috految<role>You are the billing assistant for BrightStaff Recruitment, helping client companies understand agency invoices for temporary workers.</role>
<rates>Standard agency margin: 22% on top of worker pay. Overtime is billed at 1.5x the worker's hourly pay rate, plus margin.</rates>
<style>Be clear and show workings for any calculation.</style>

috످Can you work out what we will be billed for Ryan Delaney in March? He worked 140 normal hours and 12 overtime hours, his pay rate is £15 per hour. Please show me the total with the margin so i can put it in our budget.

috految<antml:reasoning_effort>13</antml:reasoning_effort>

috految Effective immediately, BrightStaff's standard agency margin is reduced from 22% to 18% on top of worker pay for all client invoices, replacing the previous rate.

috److془The system prompt said 22%. The change came from system message after user turn. Harm none. 18% holds.

2100+270=2370; 426.60; 2796.60. At 22% 2891.40.془**Your total for Ryan Delaney in March is £2,796.60**, including the agency margin, before any VAT.

This uses our new 18% margin, which has just been reduced from 22%.

| Item | Workings | Amount |
|---|---|---:|
| Normal pay | 140 hours × £15 | £2,100.00 |
| Overtime pay | 12 hours × £15 × 1.5 (time and a half) | £270.00 |
| Subtotal | £2,100 + £270 | £2,370.00 |
| Agency margin | £2,370 × 18% | £426.60 |
| **Total for your budget** | £2,370 + £426.60 | **£2,796.60** |

috످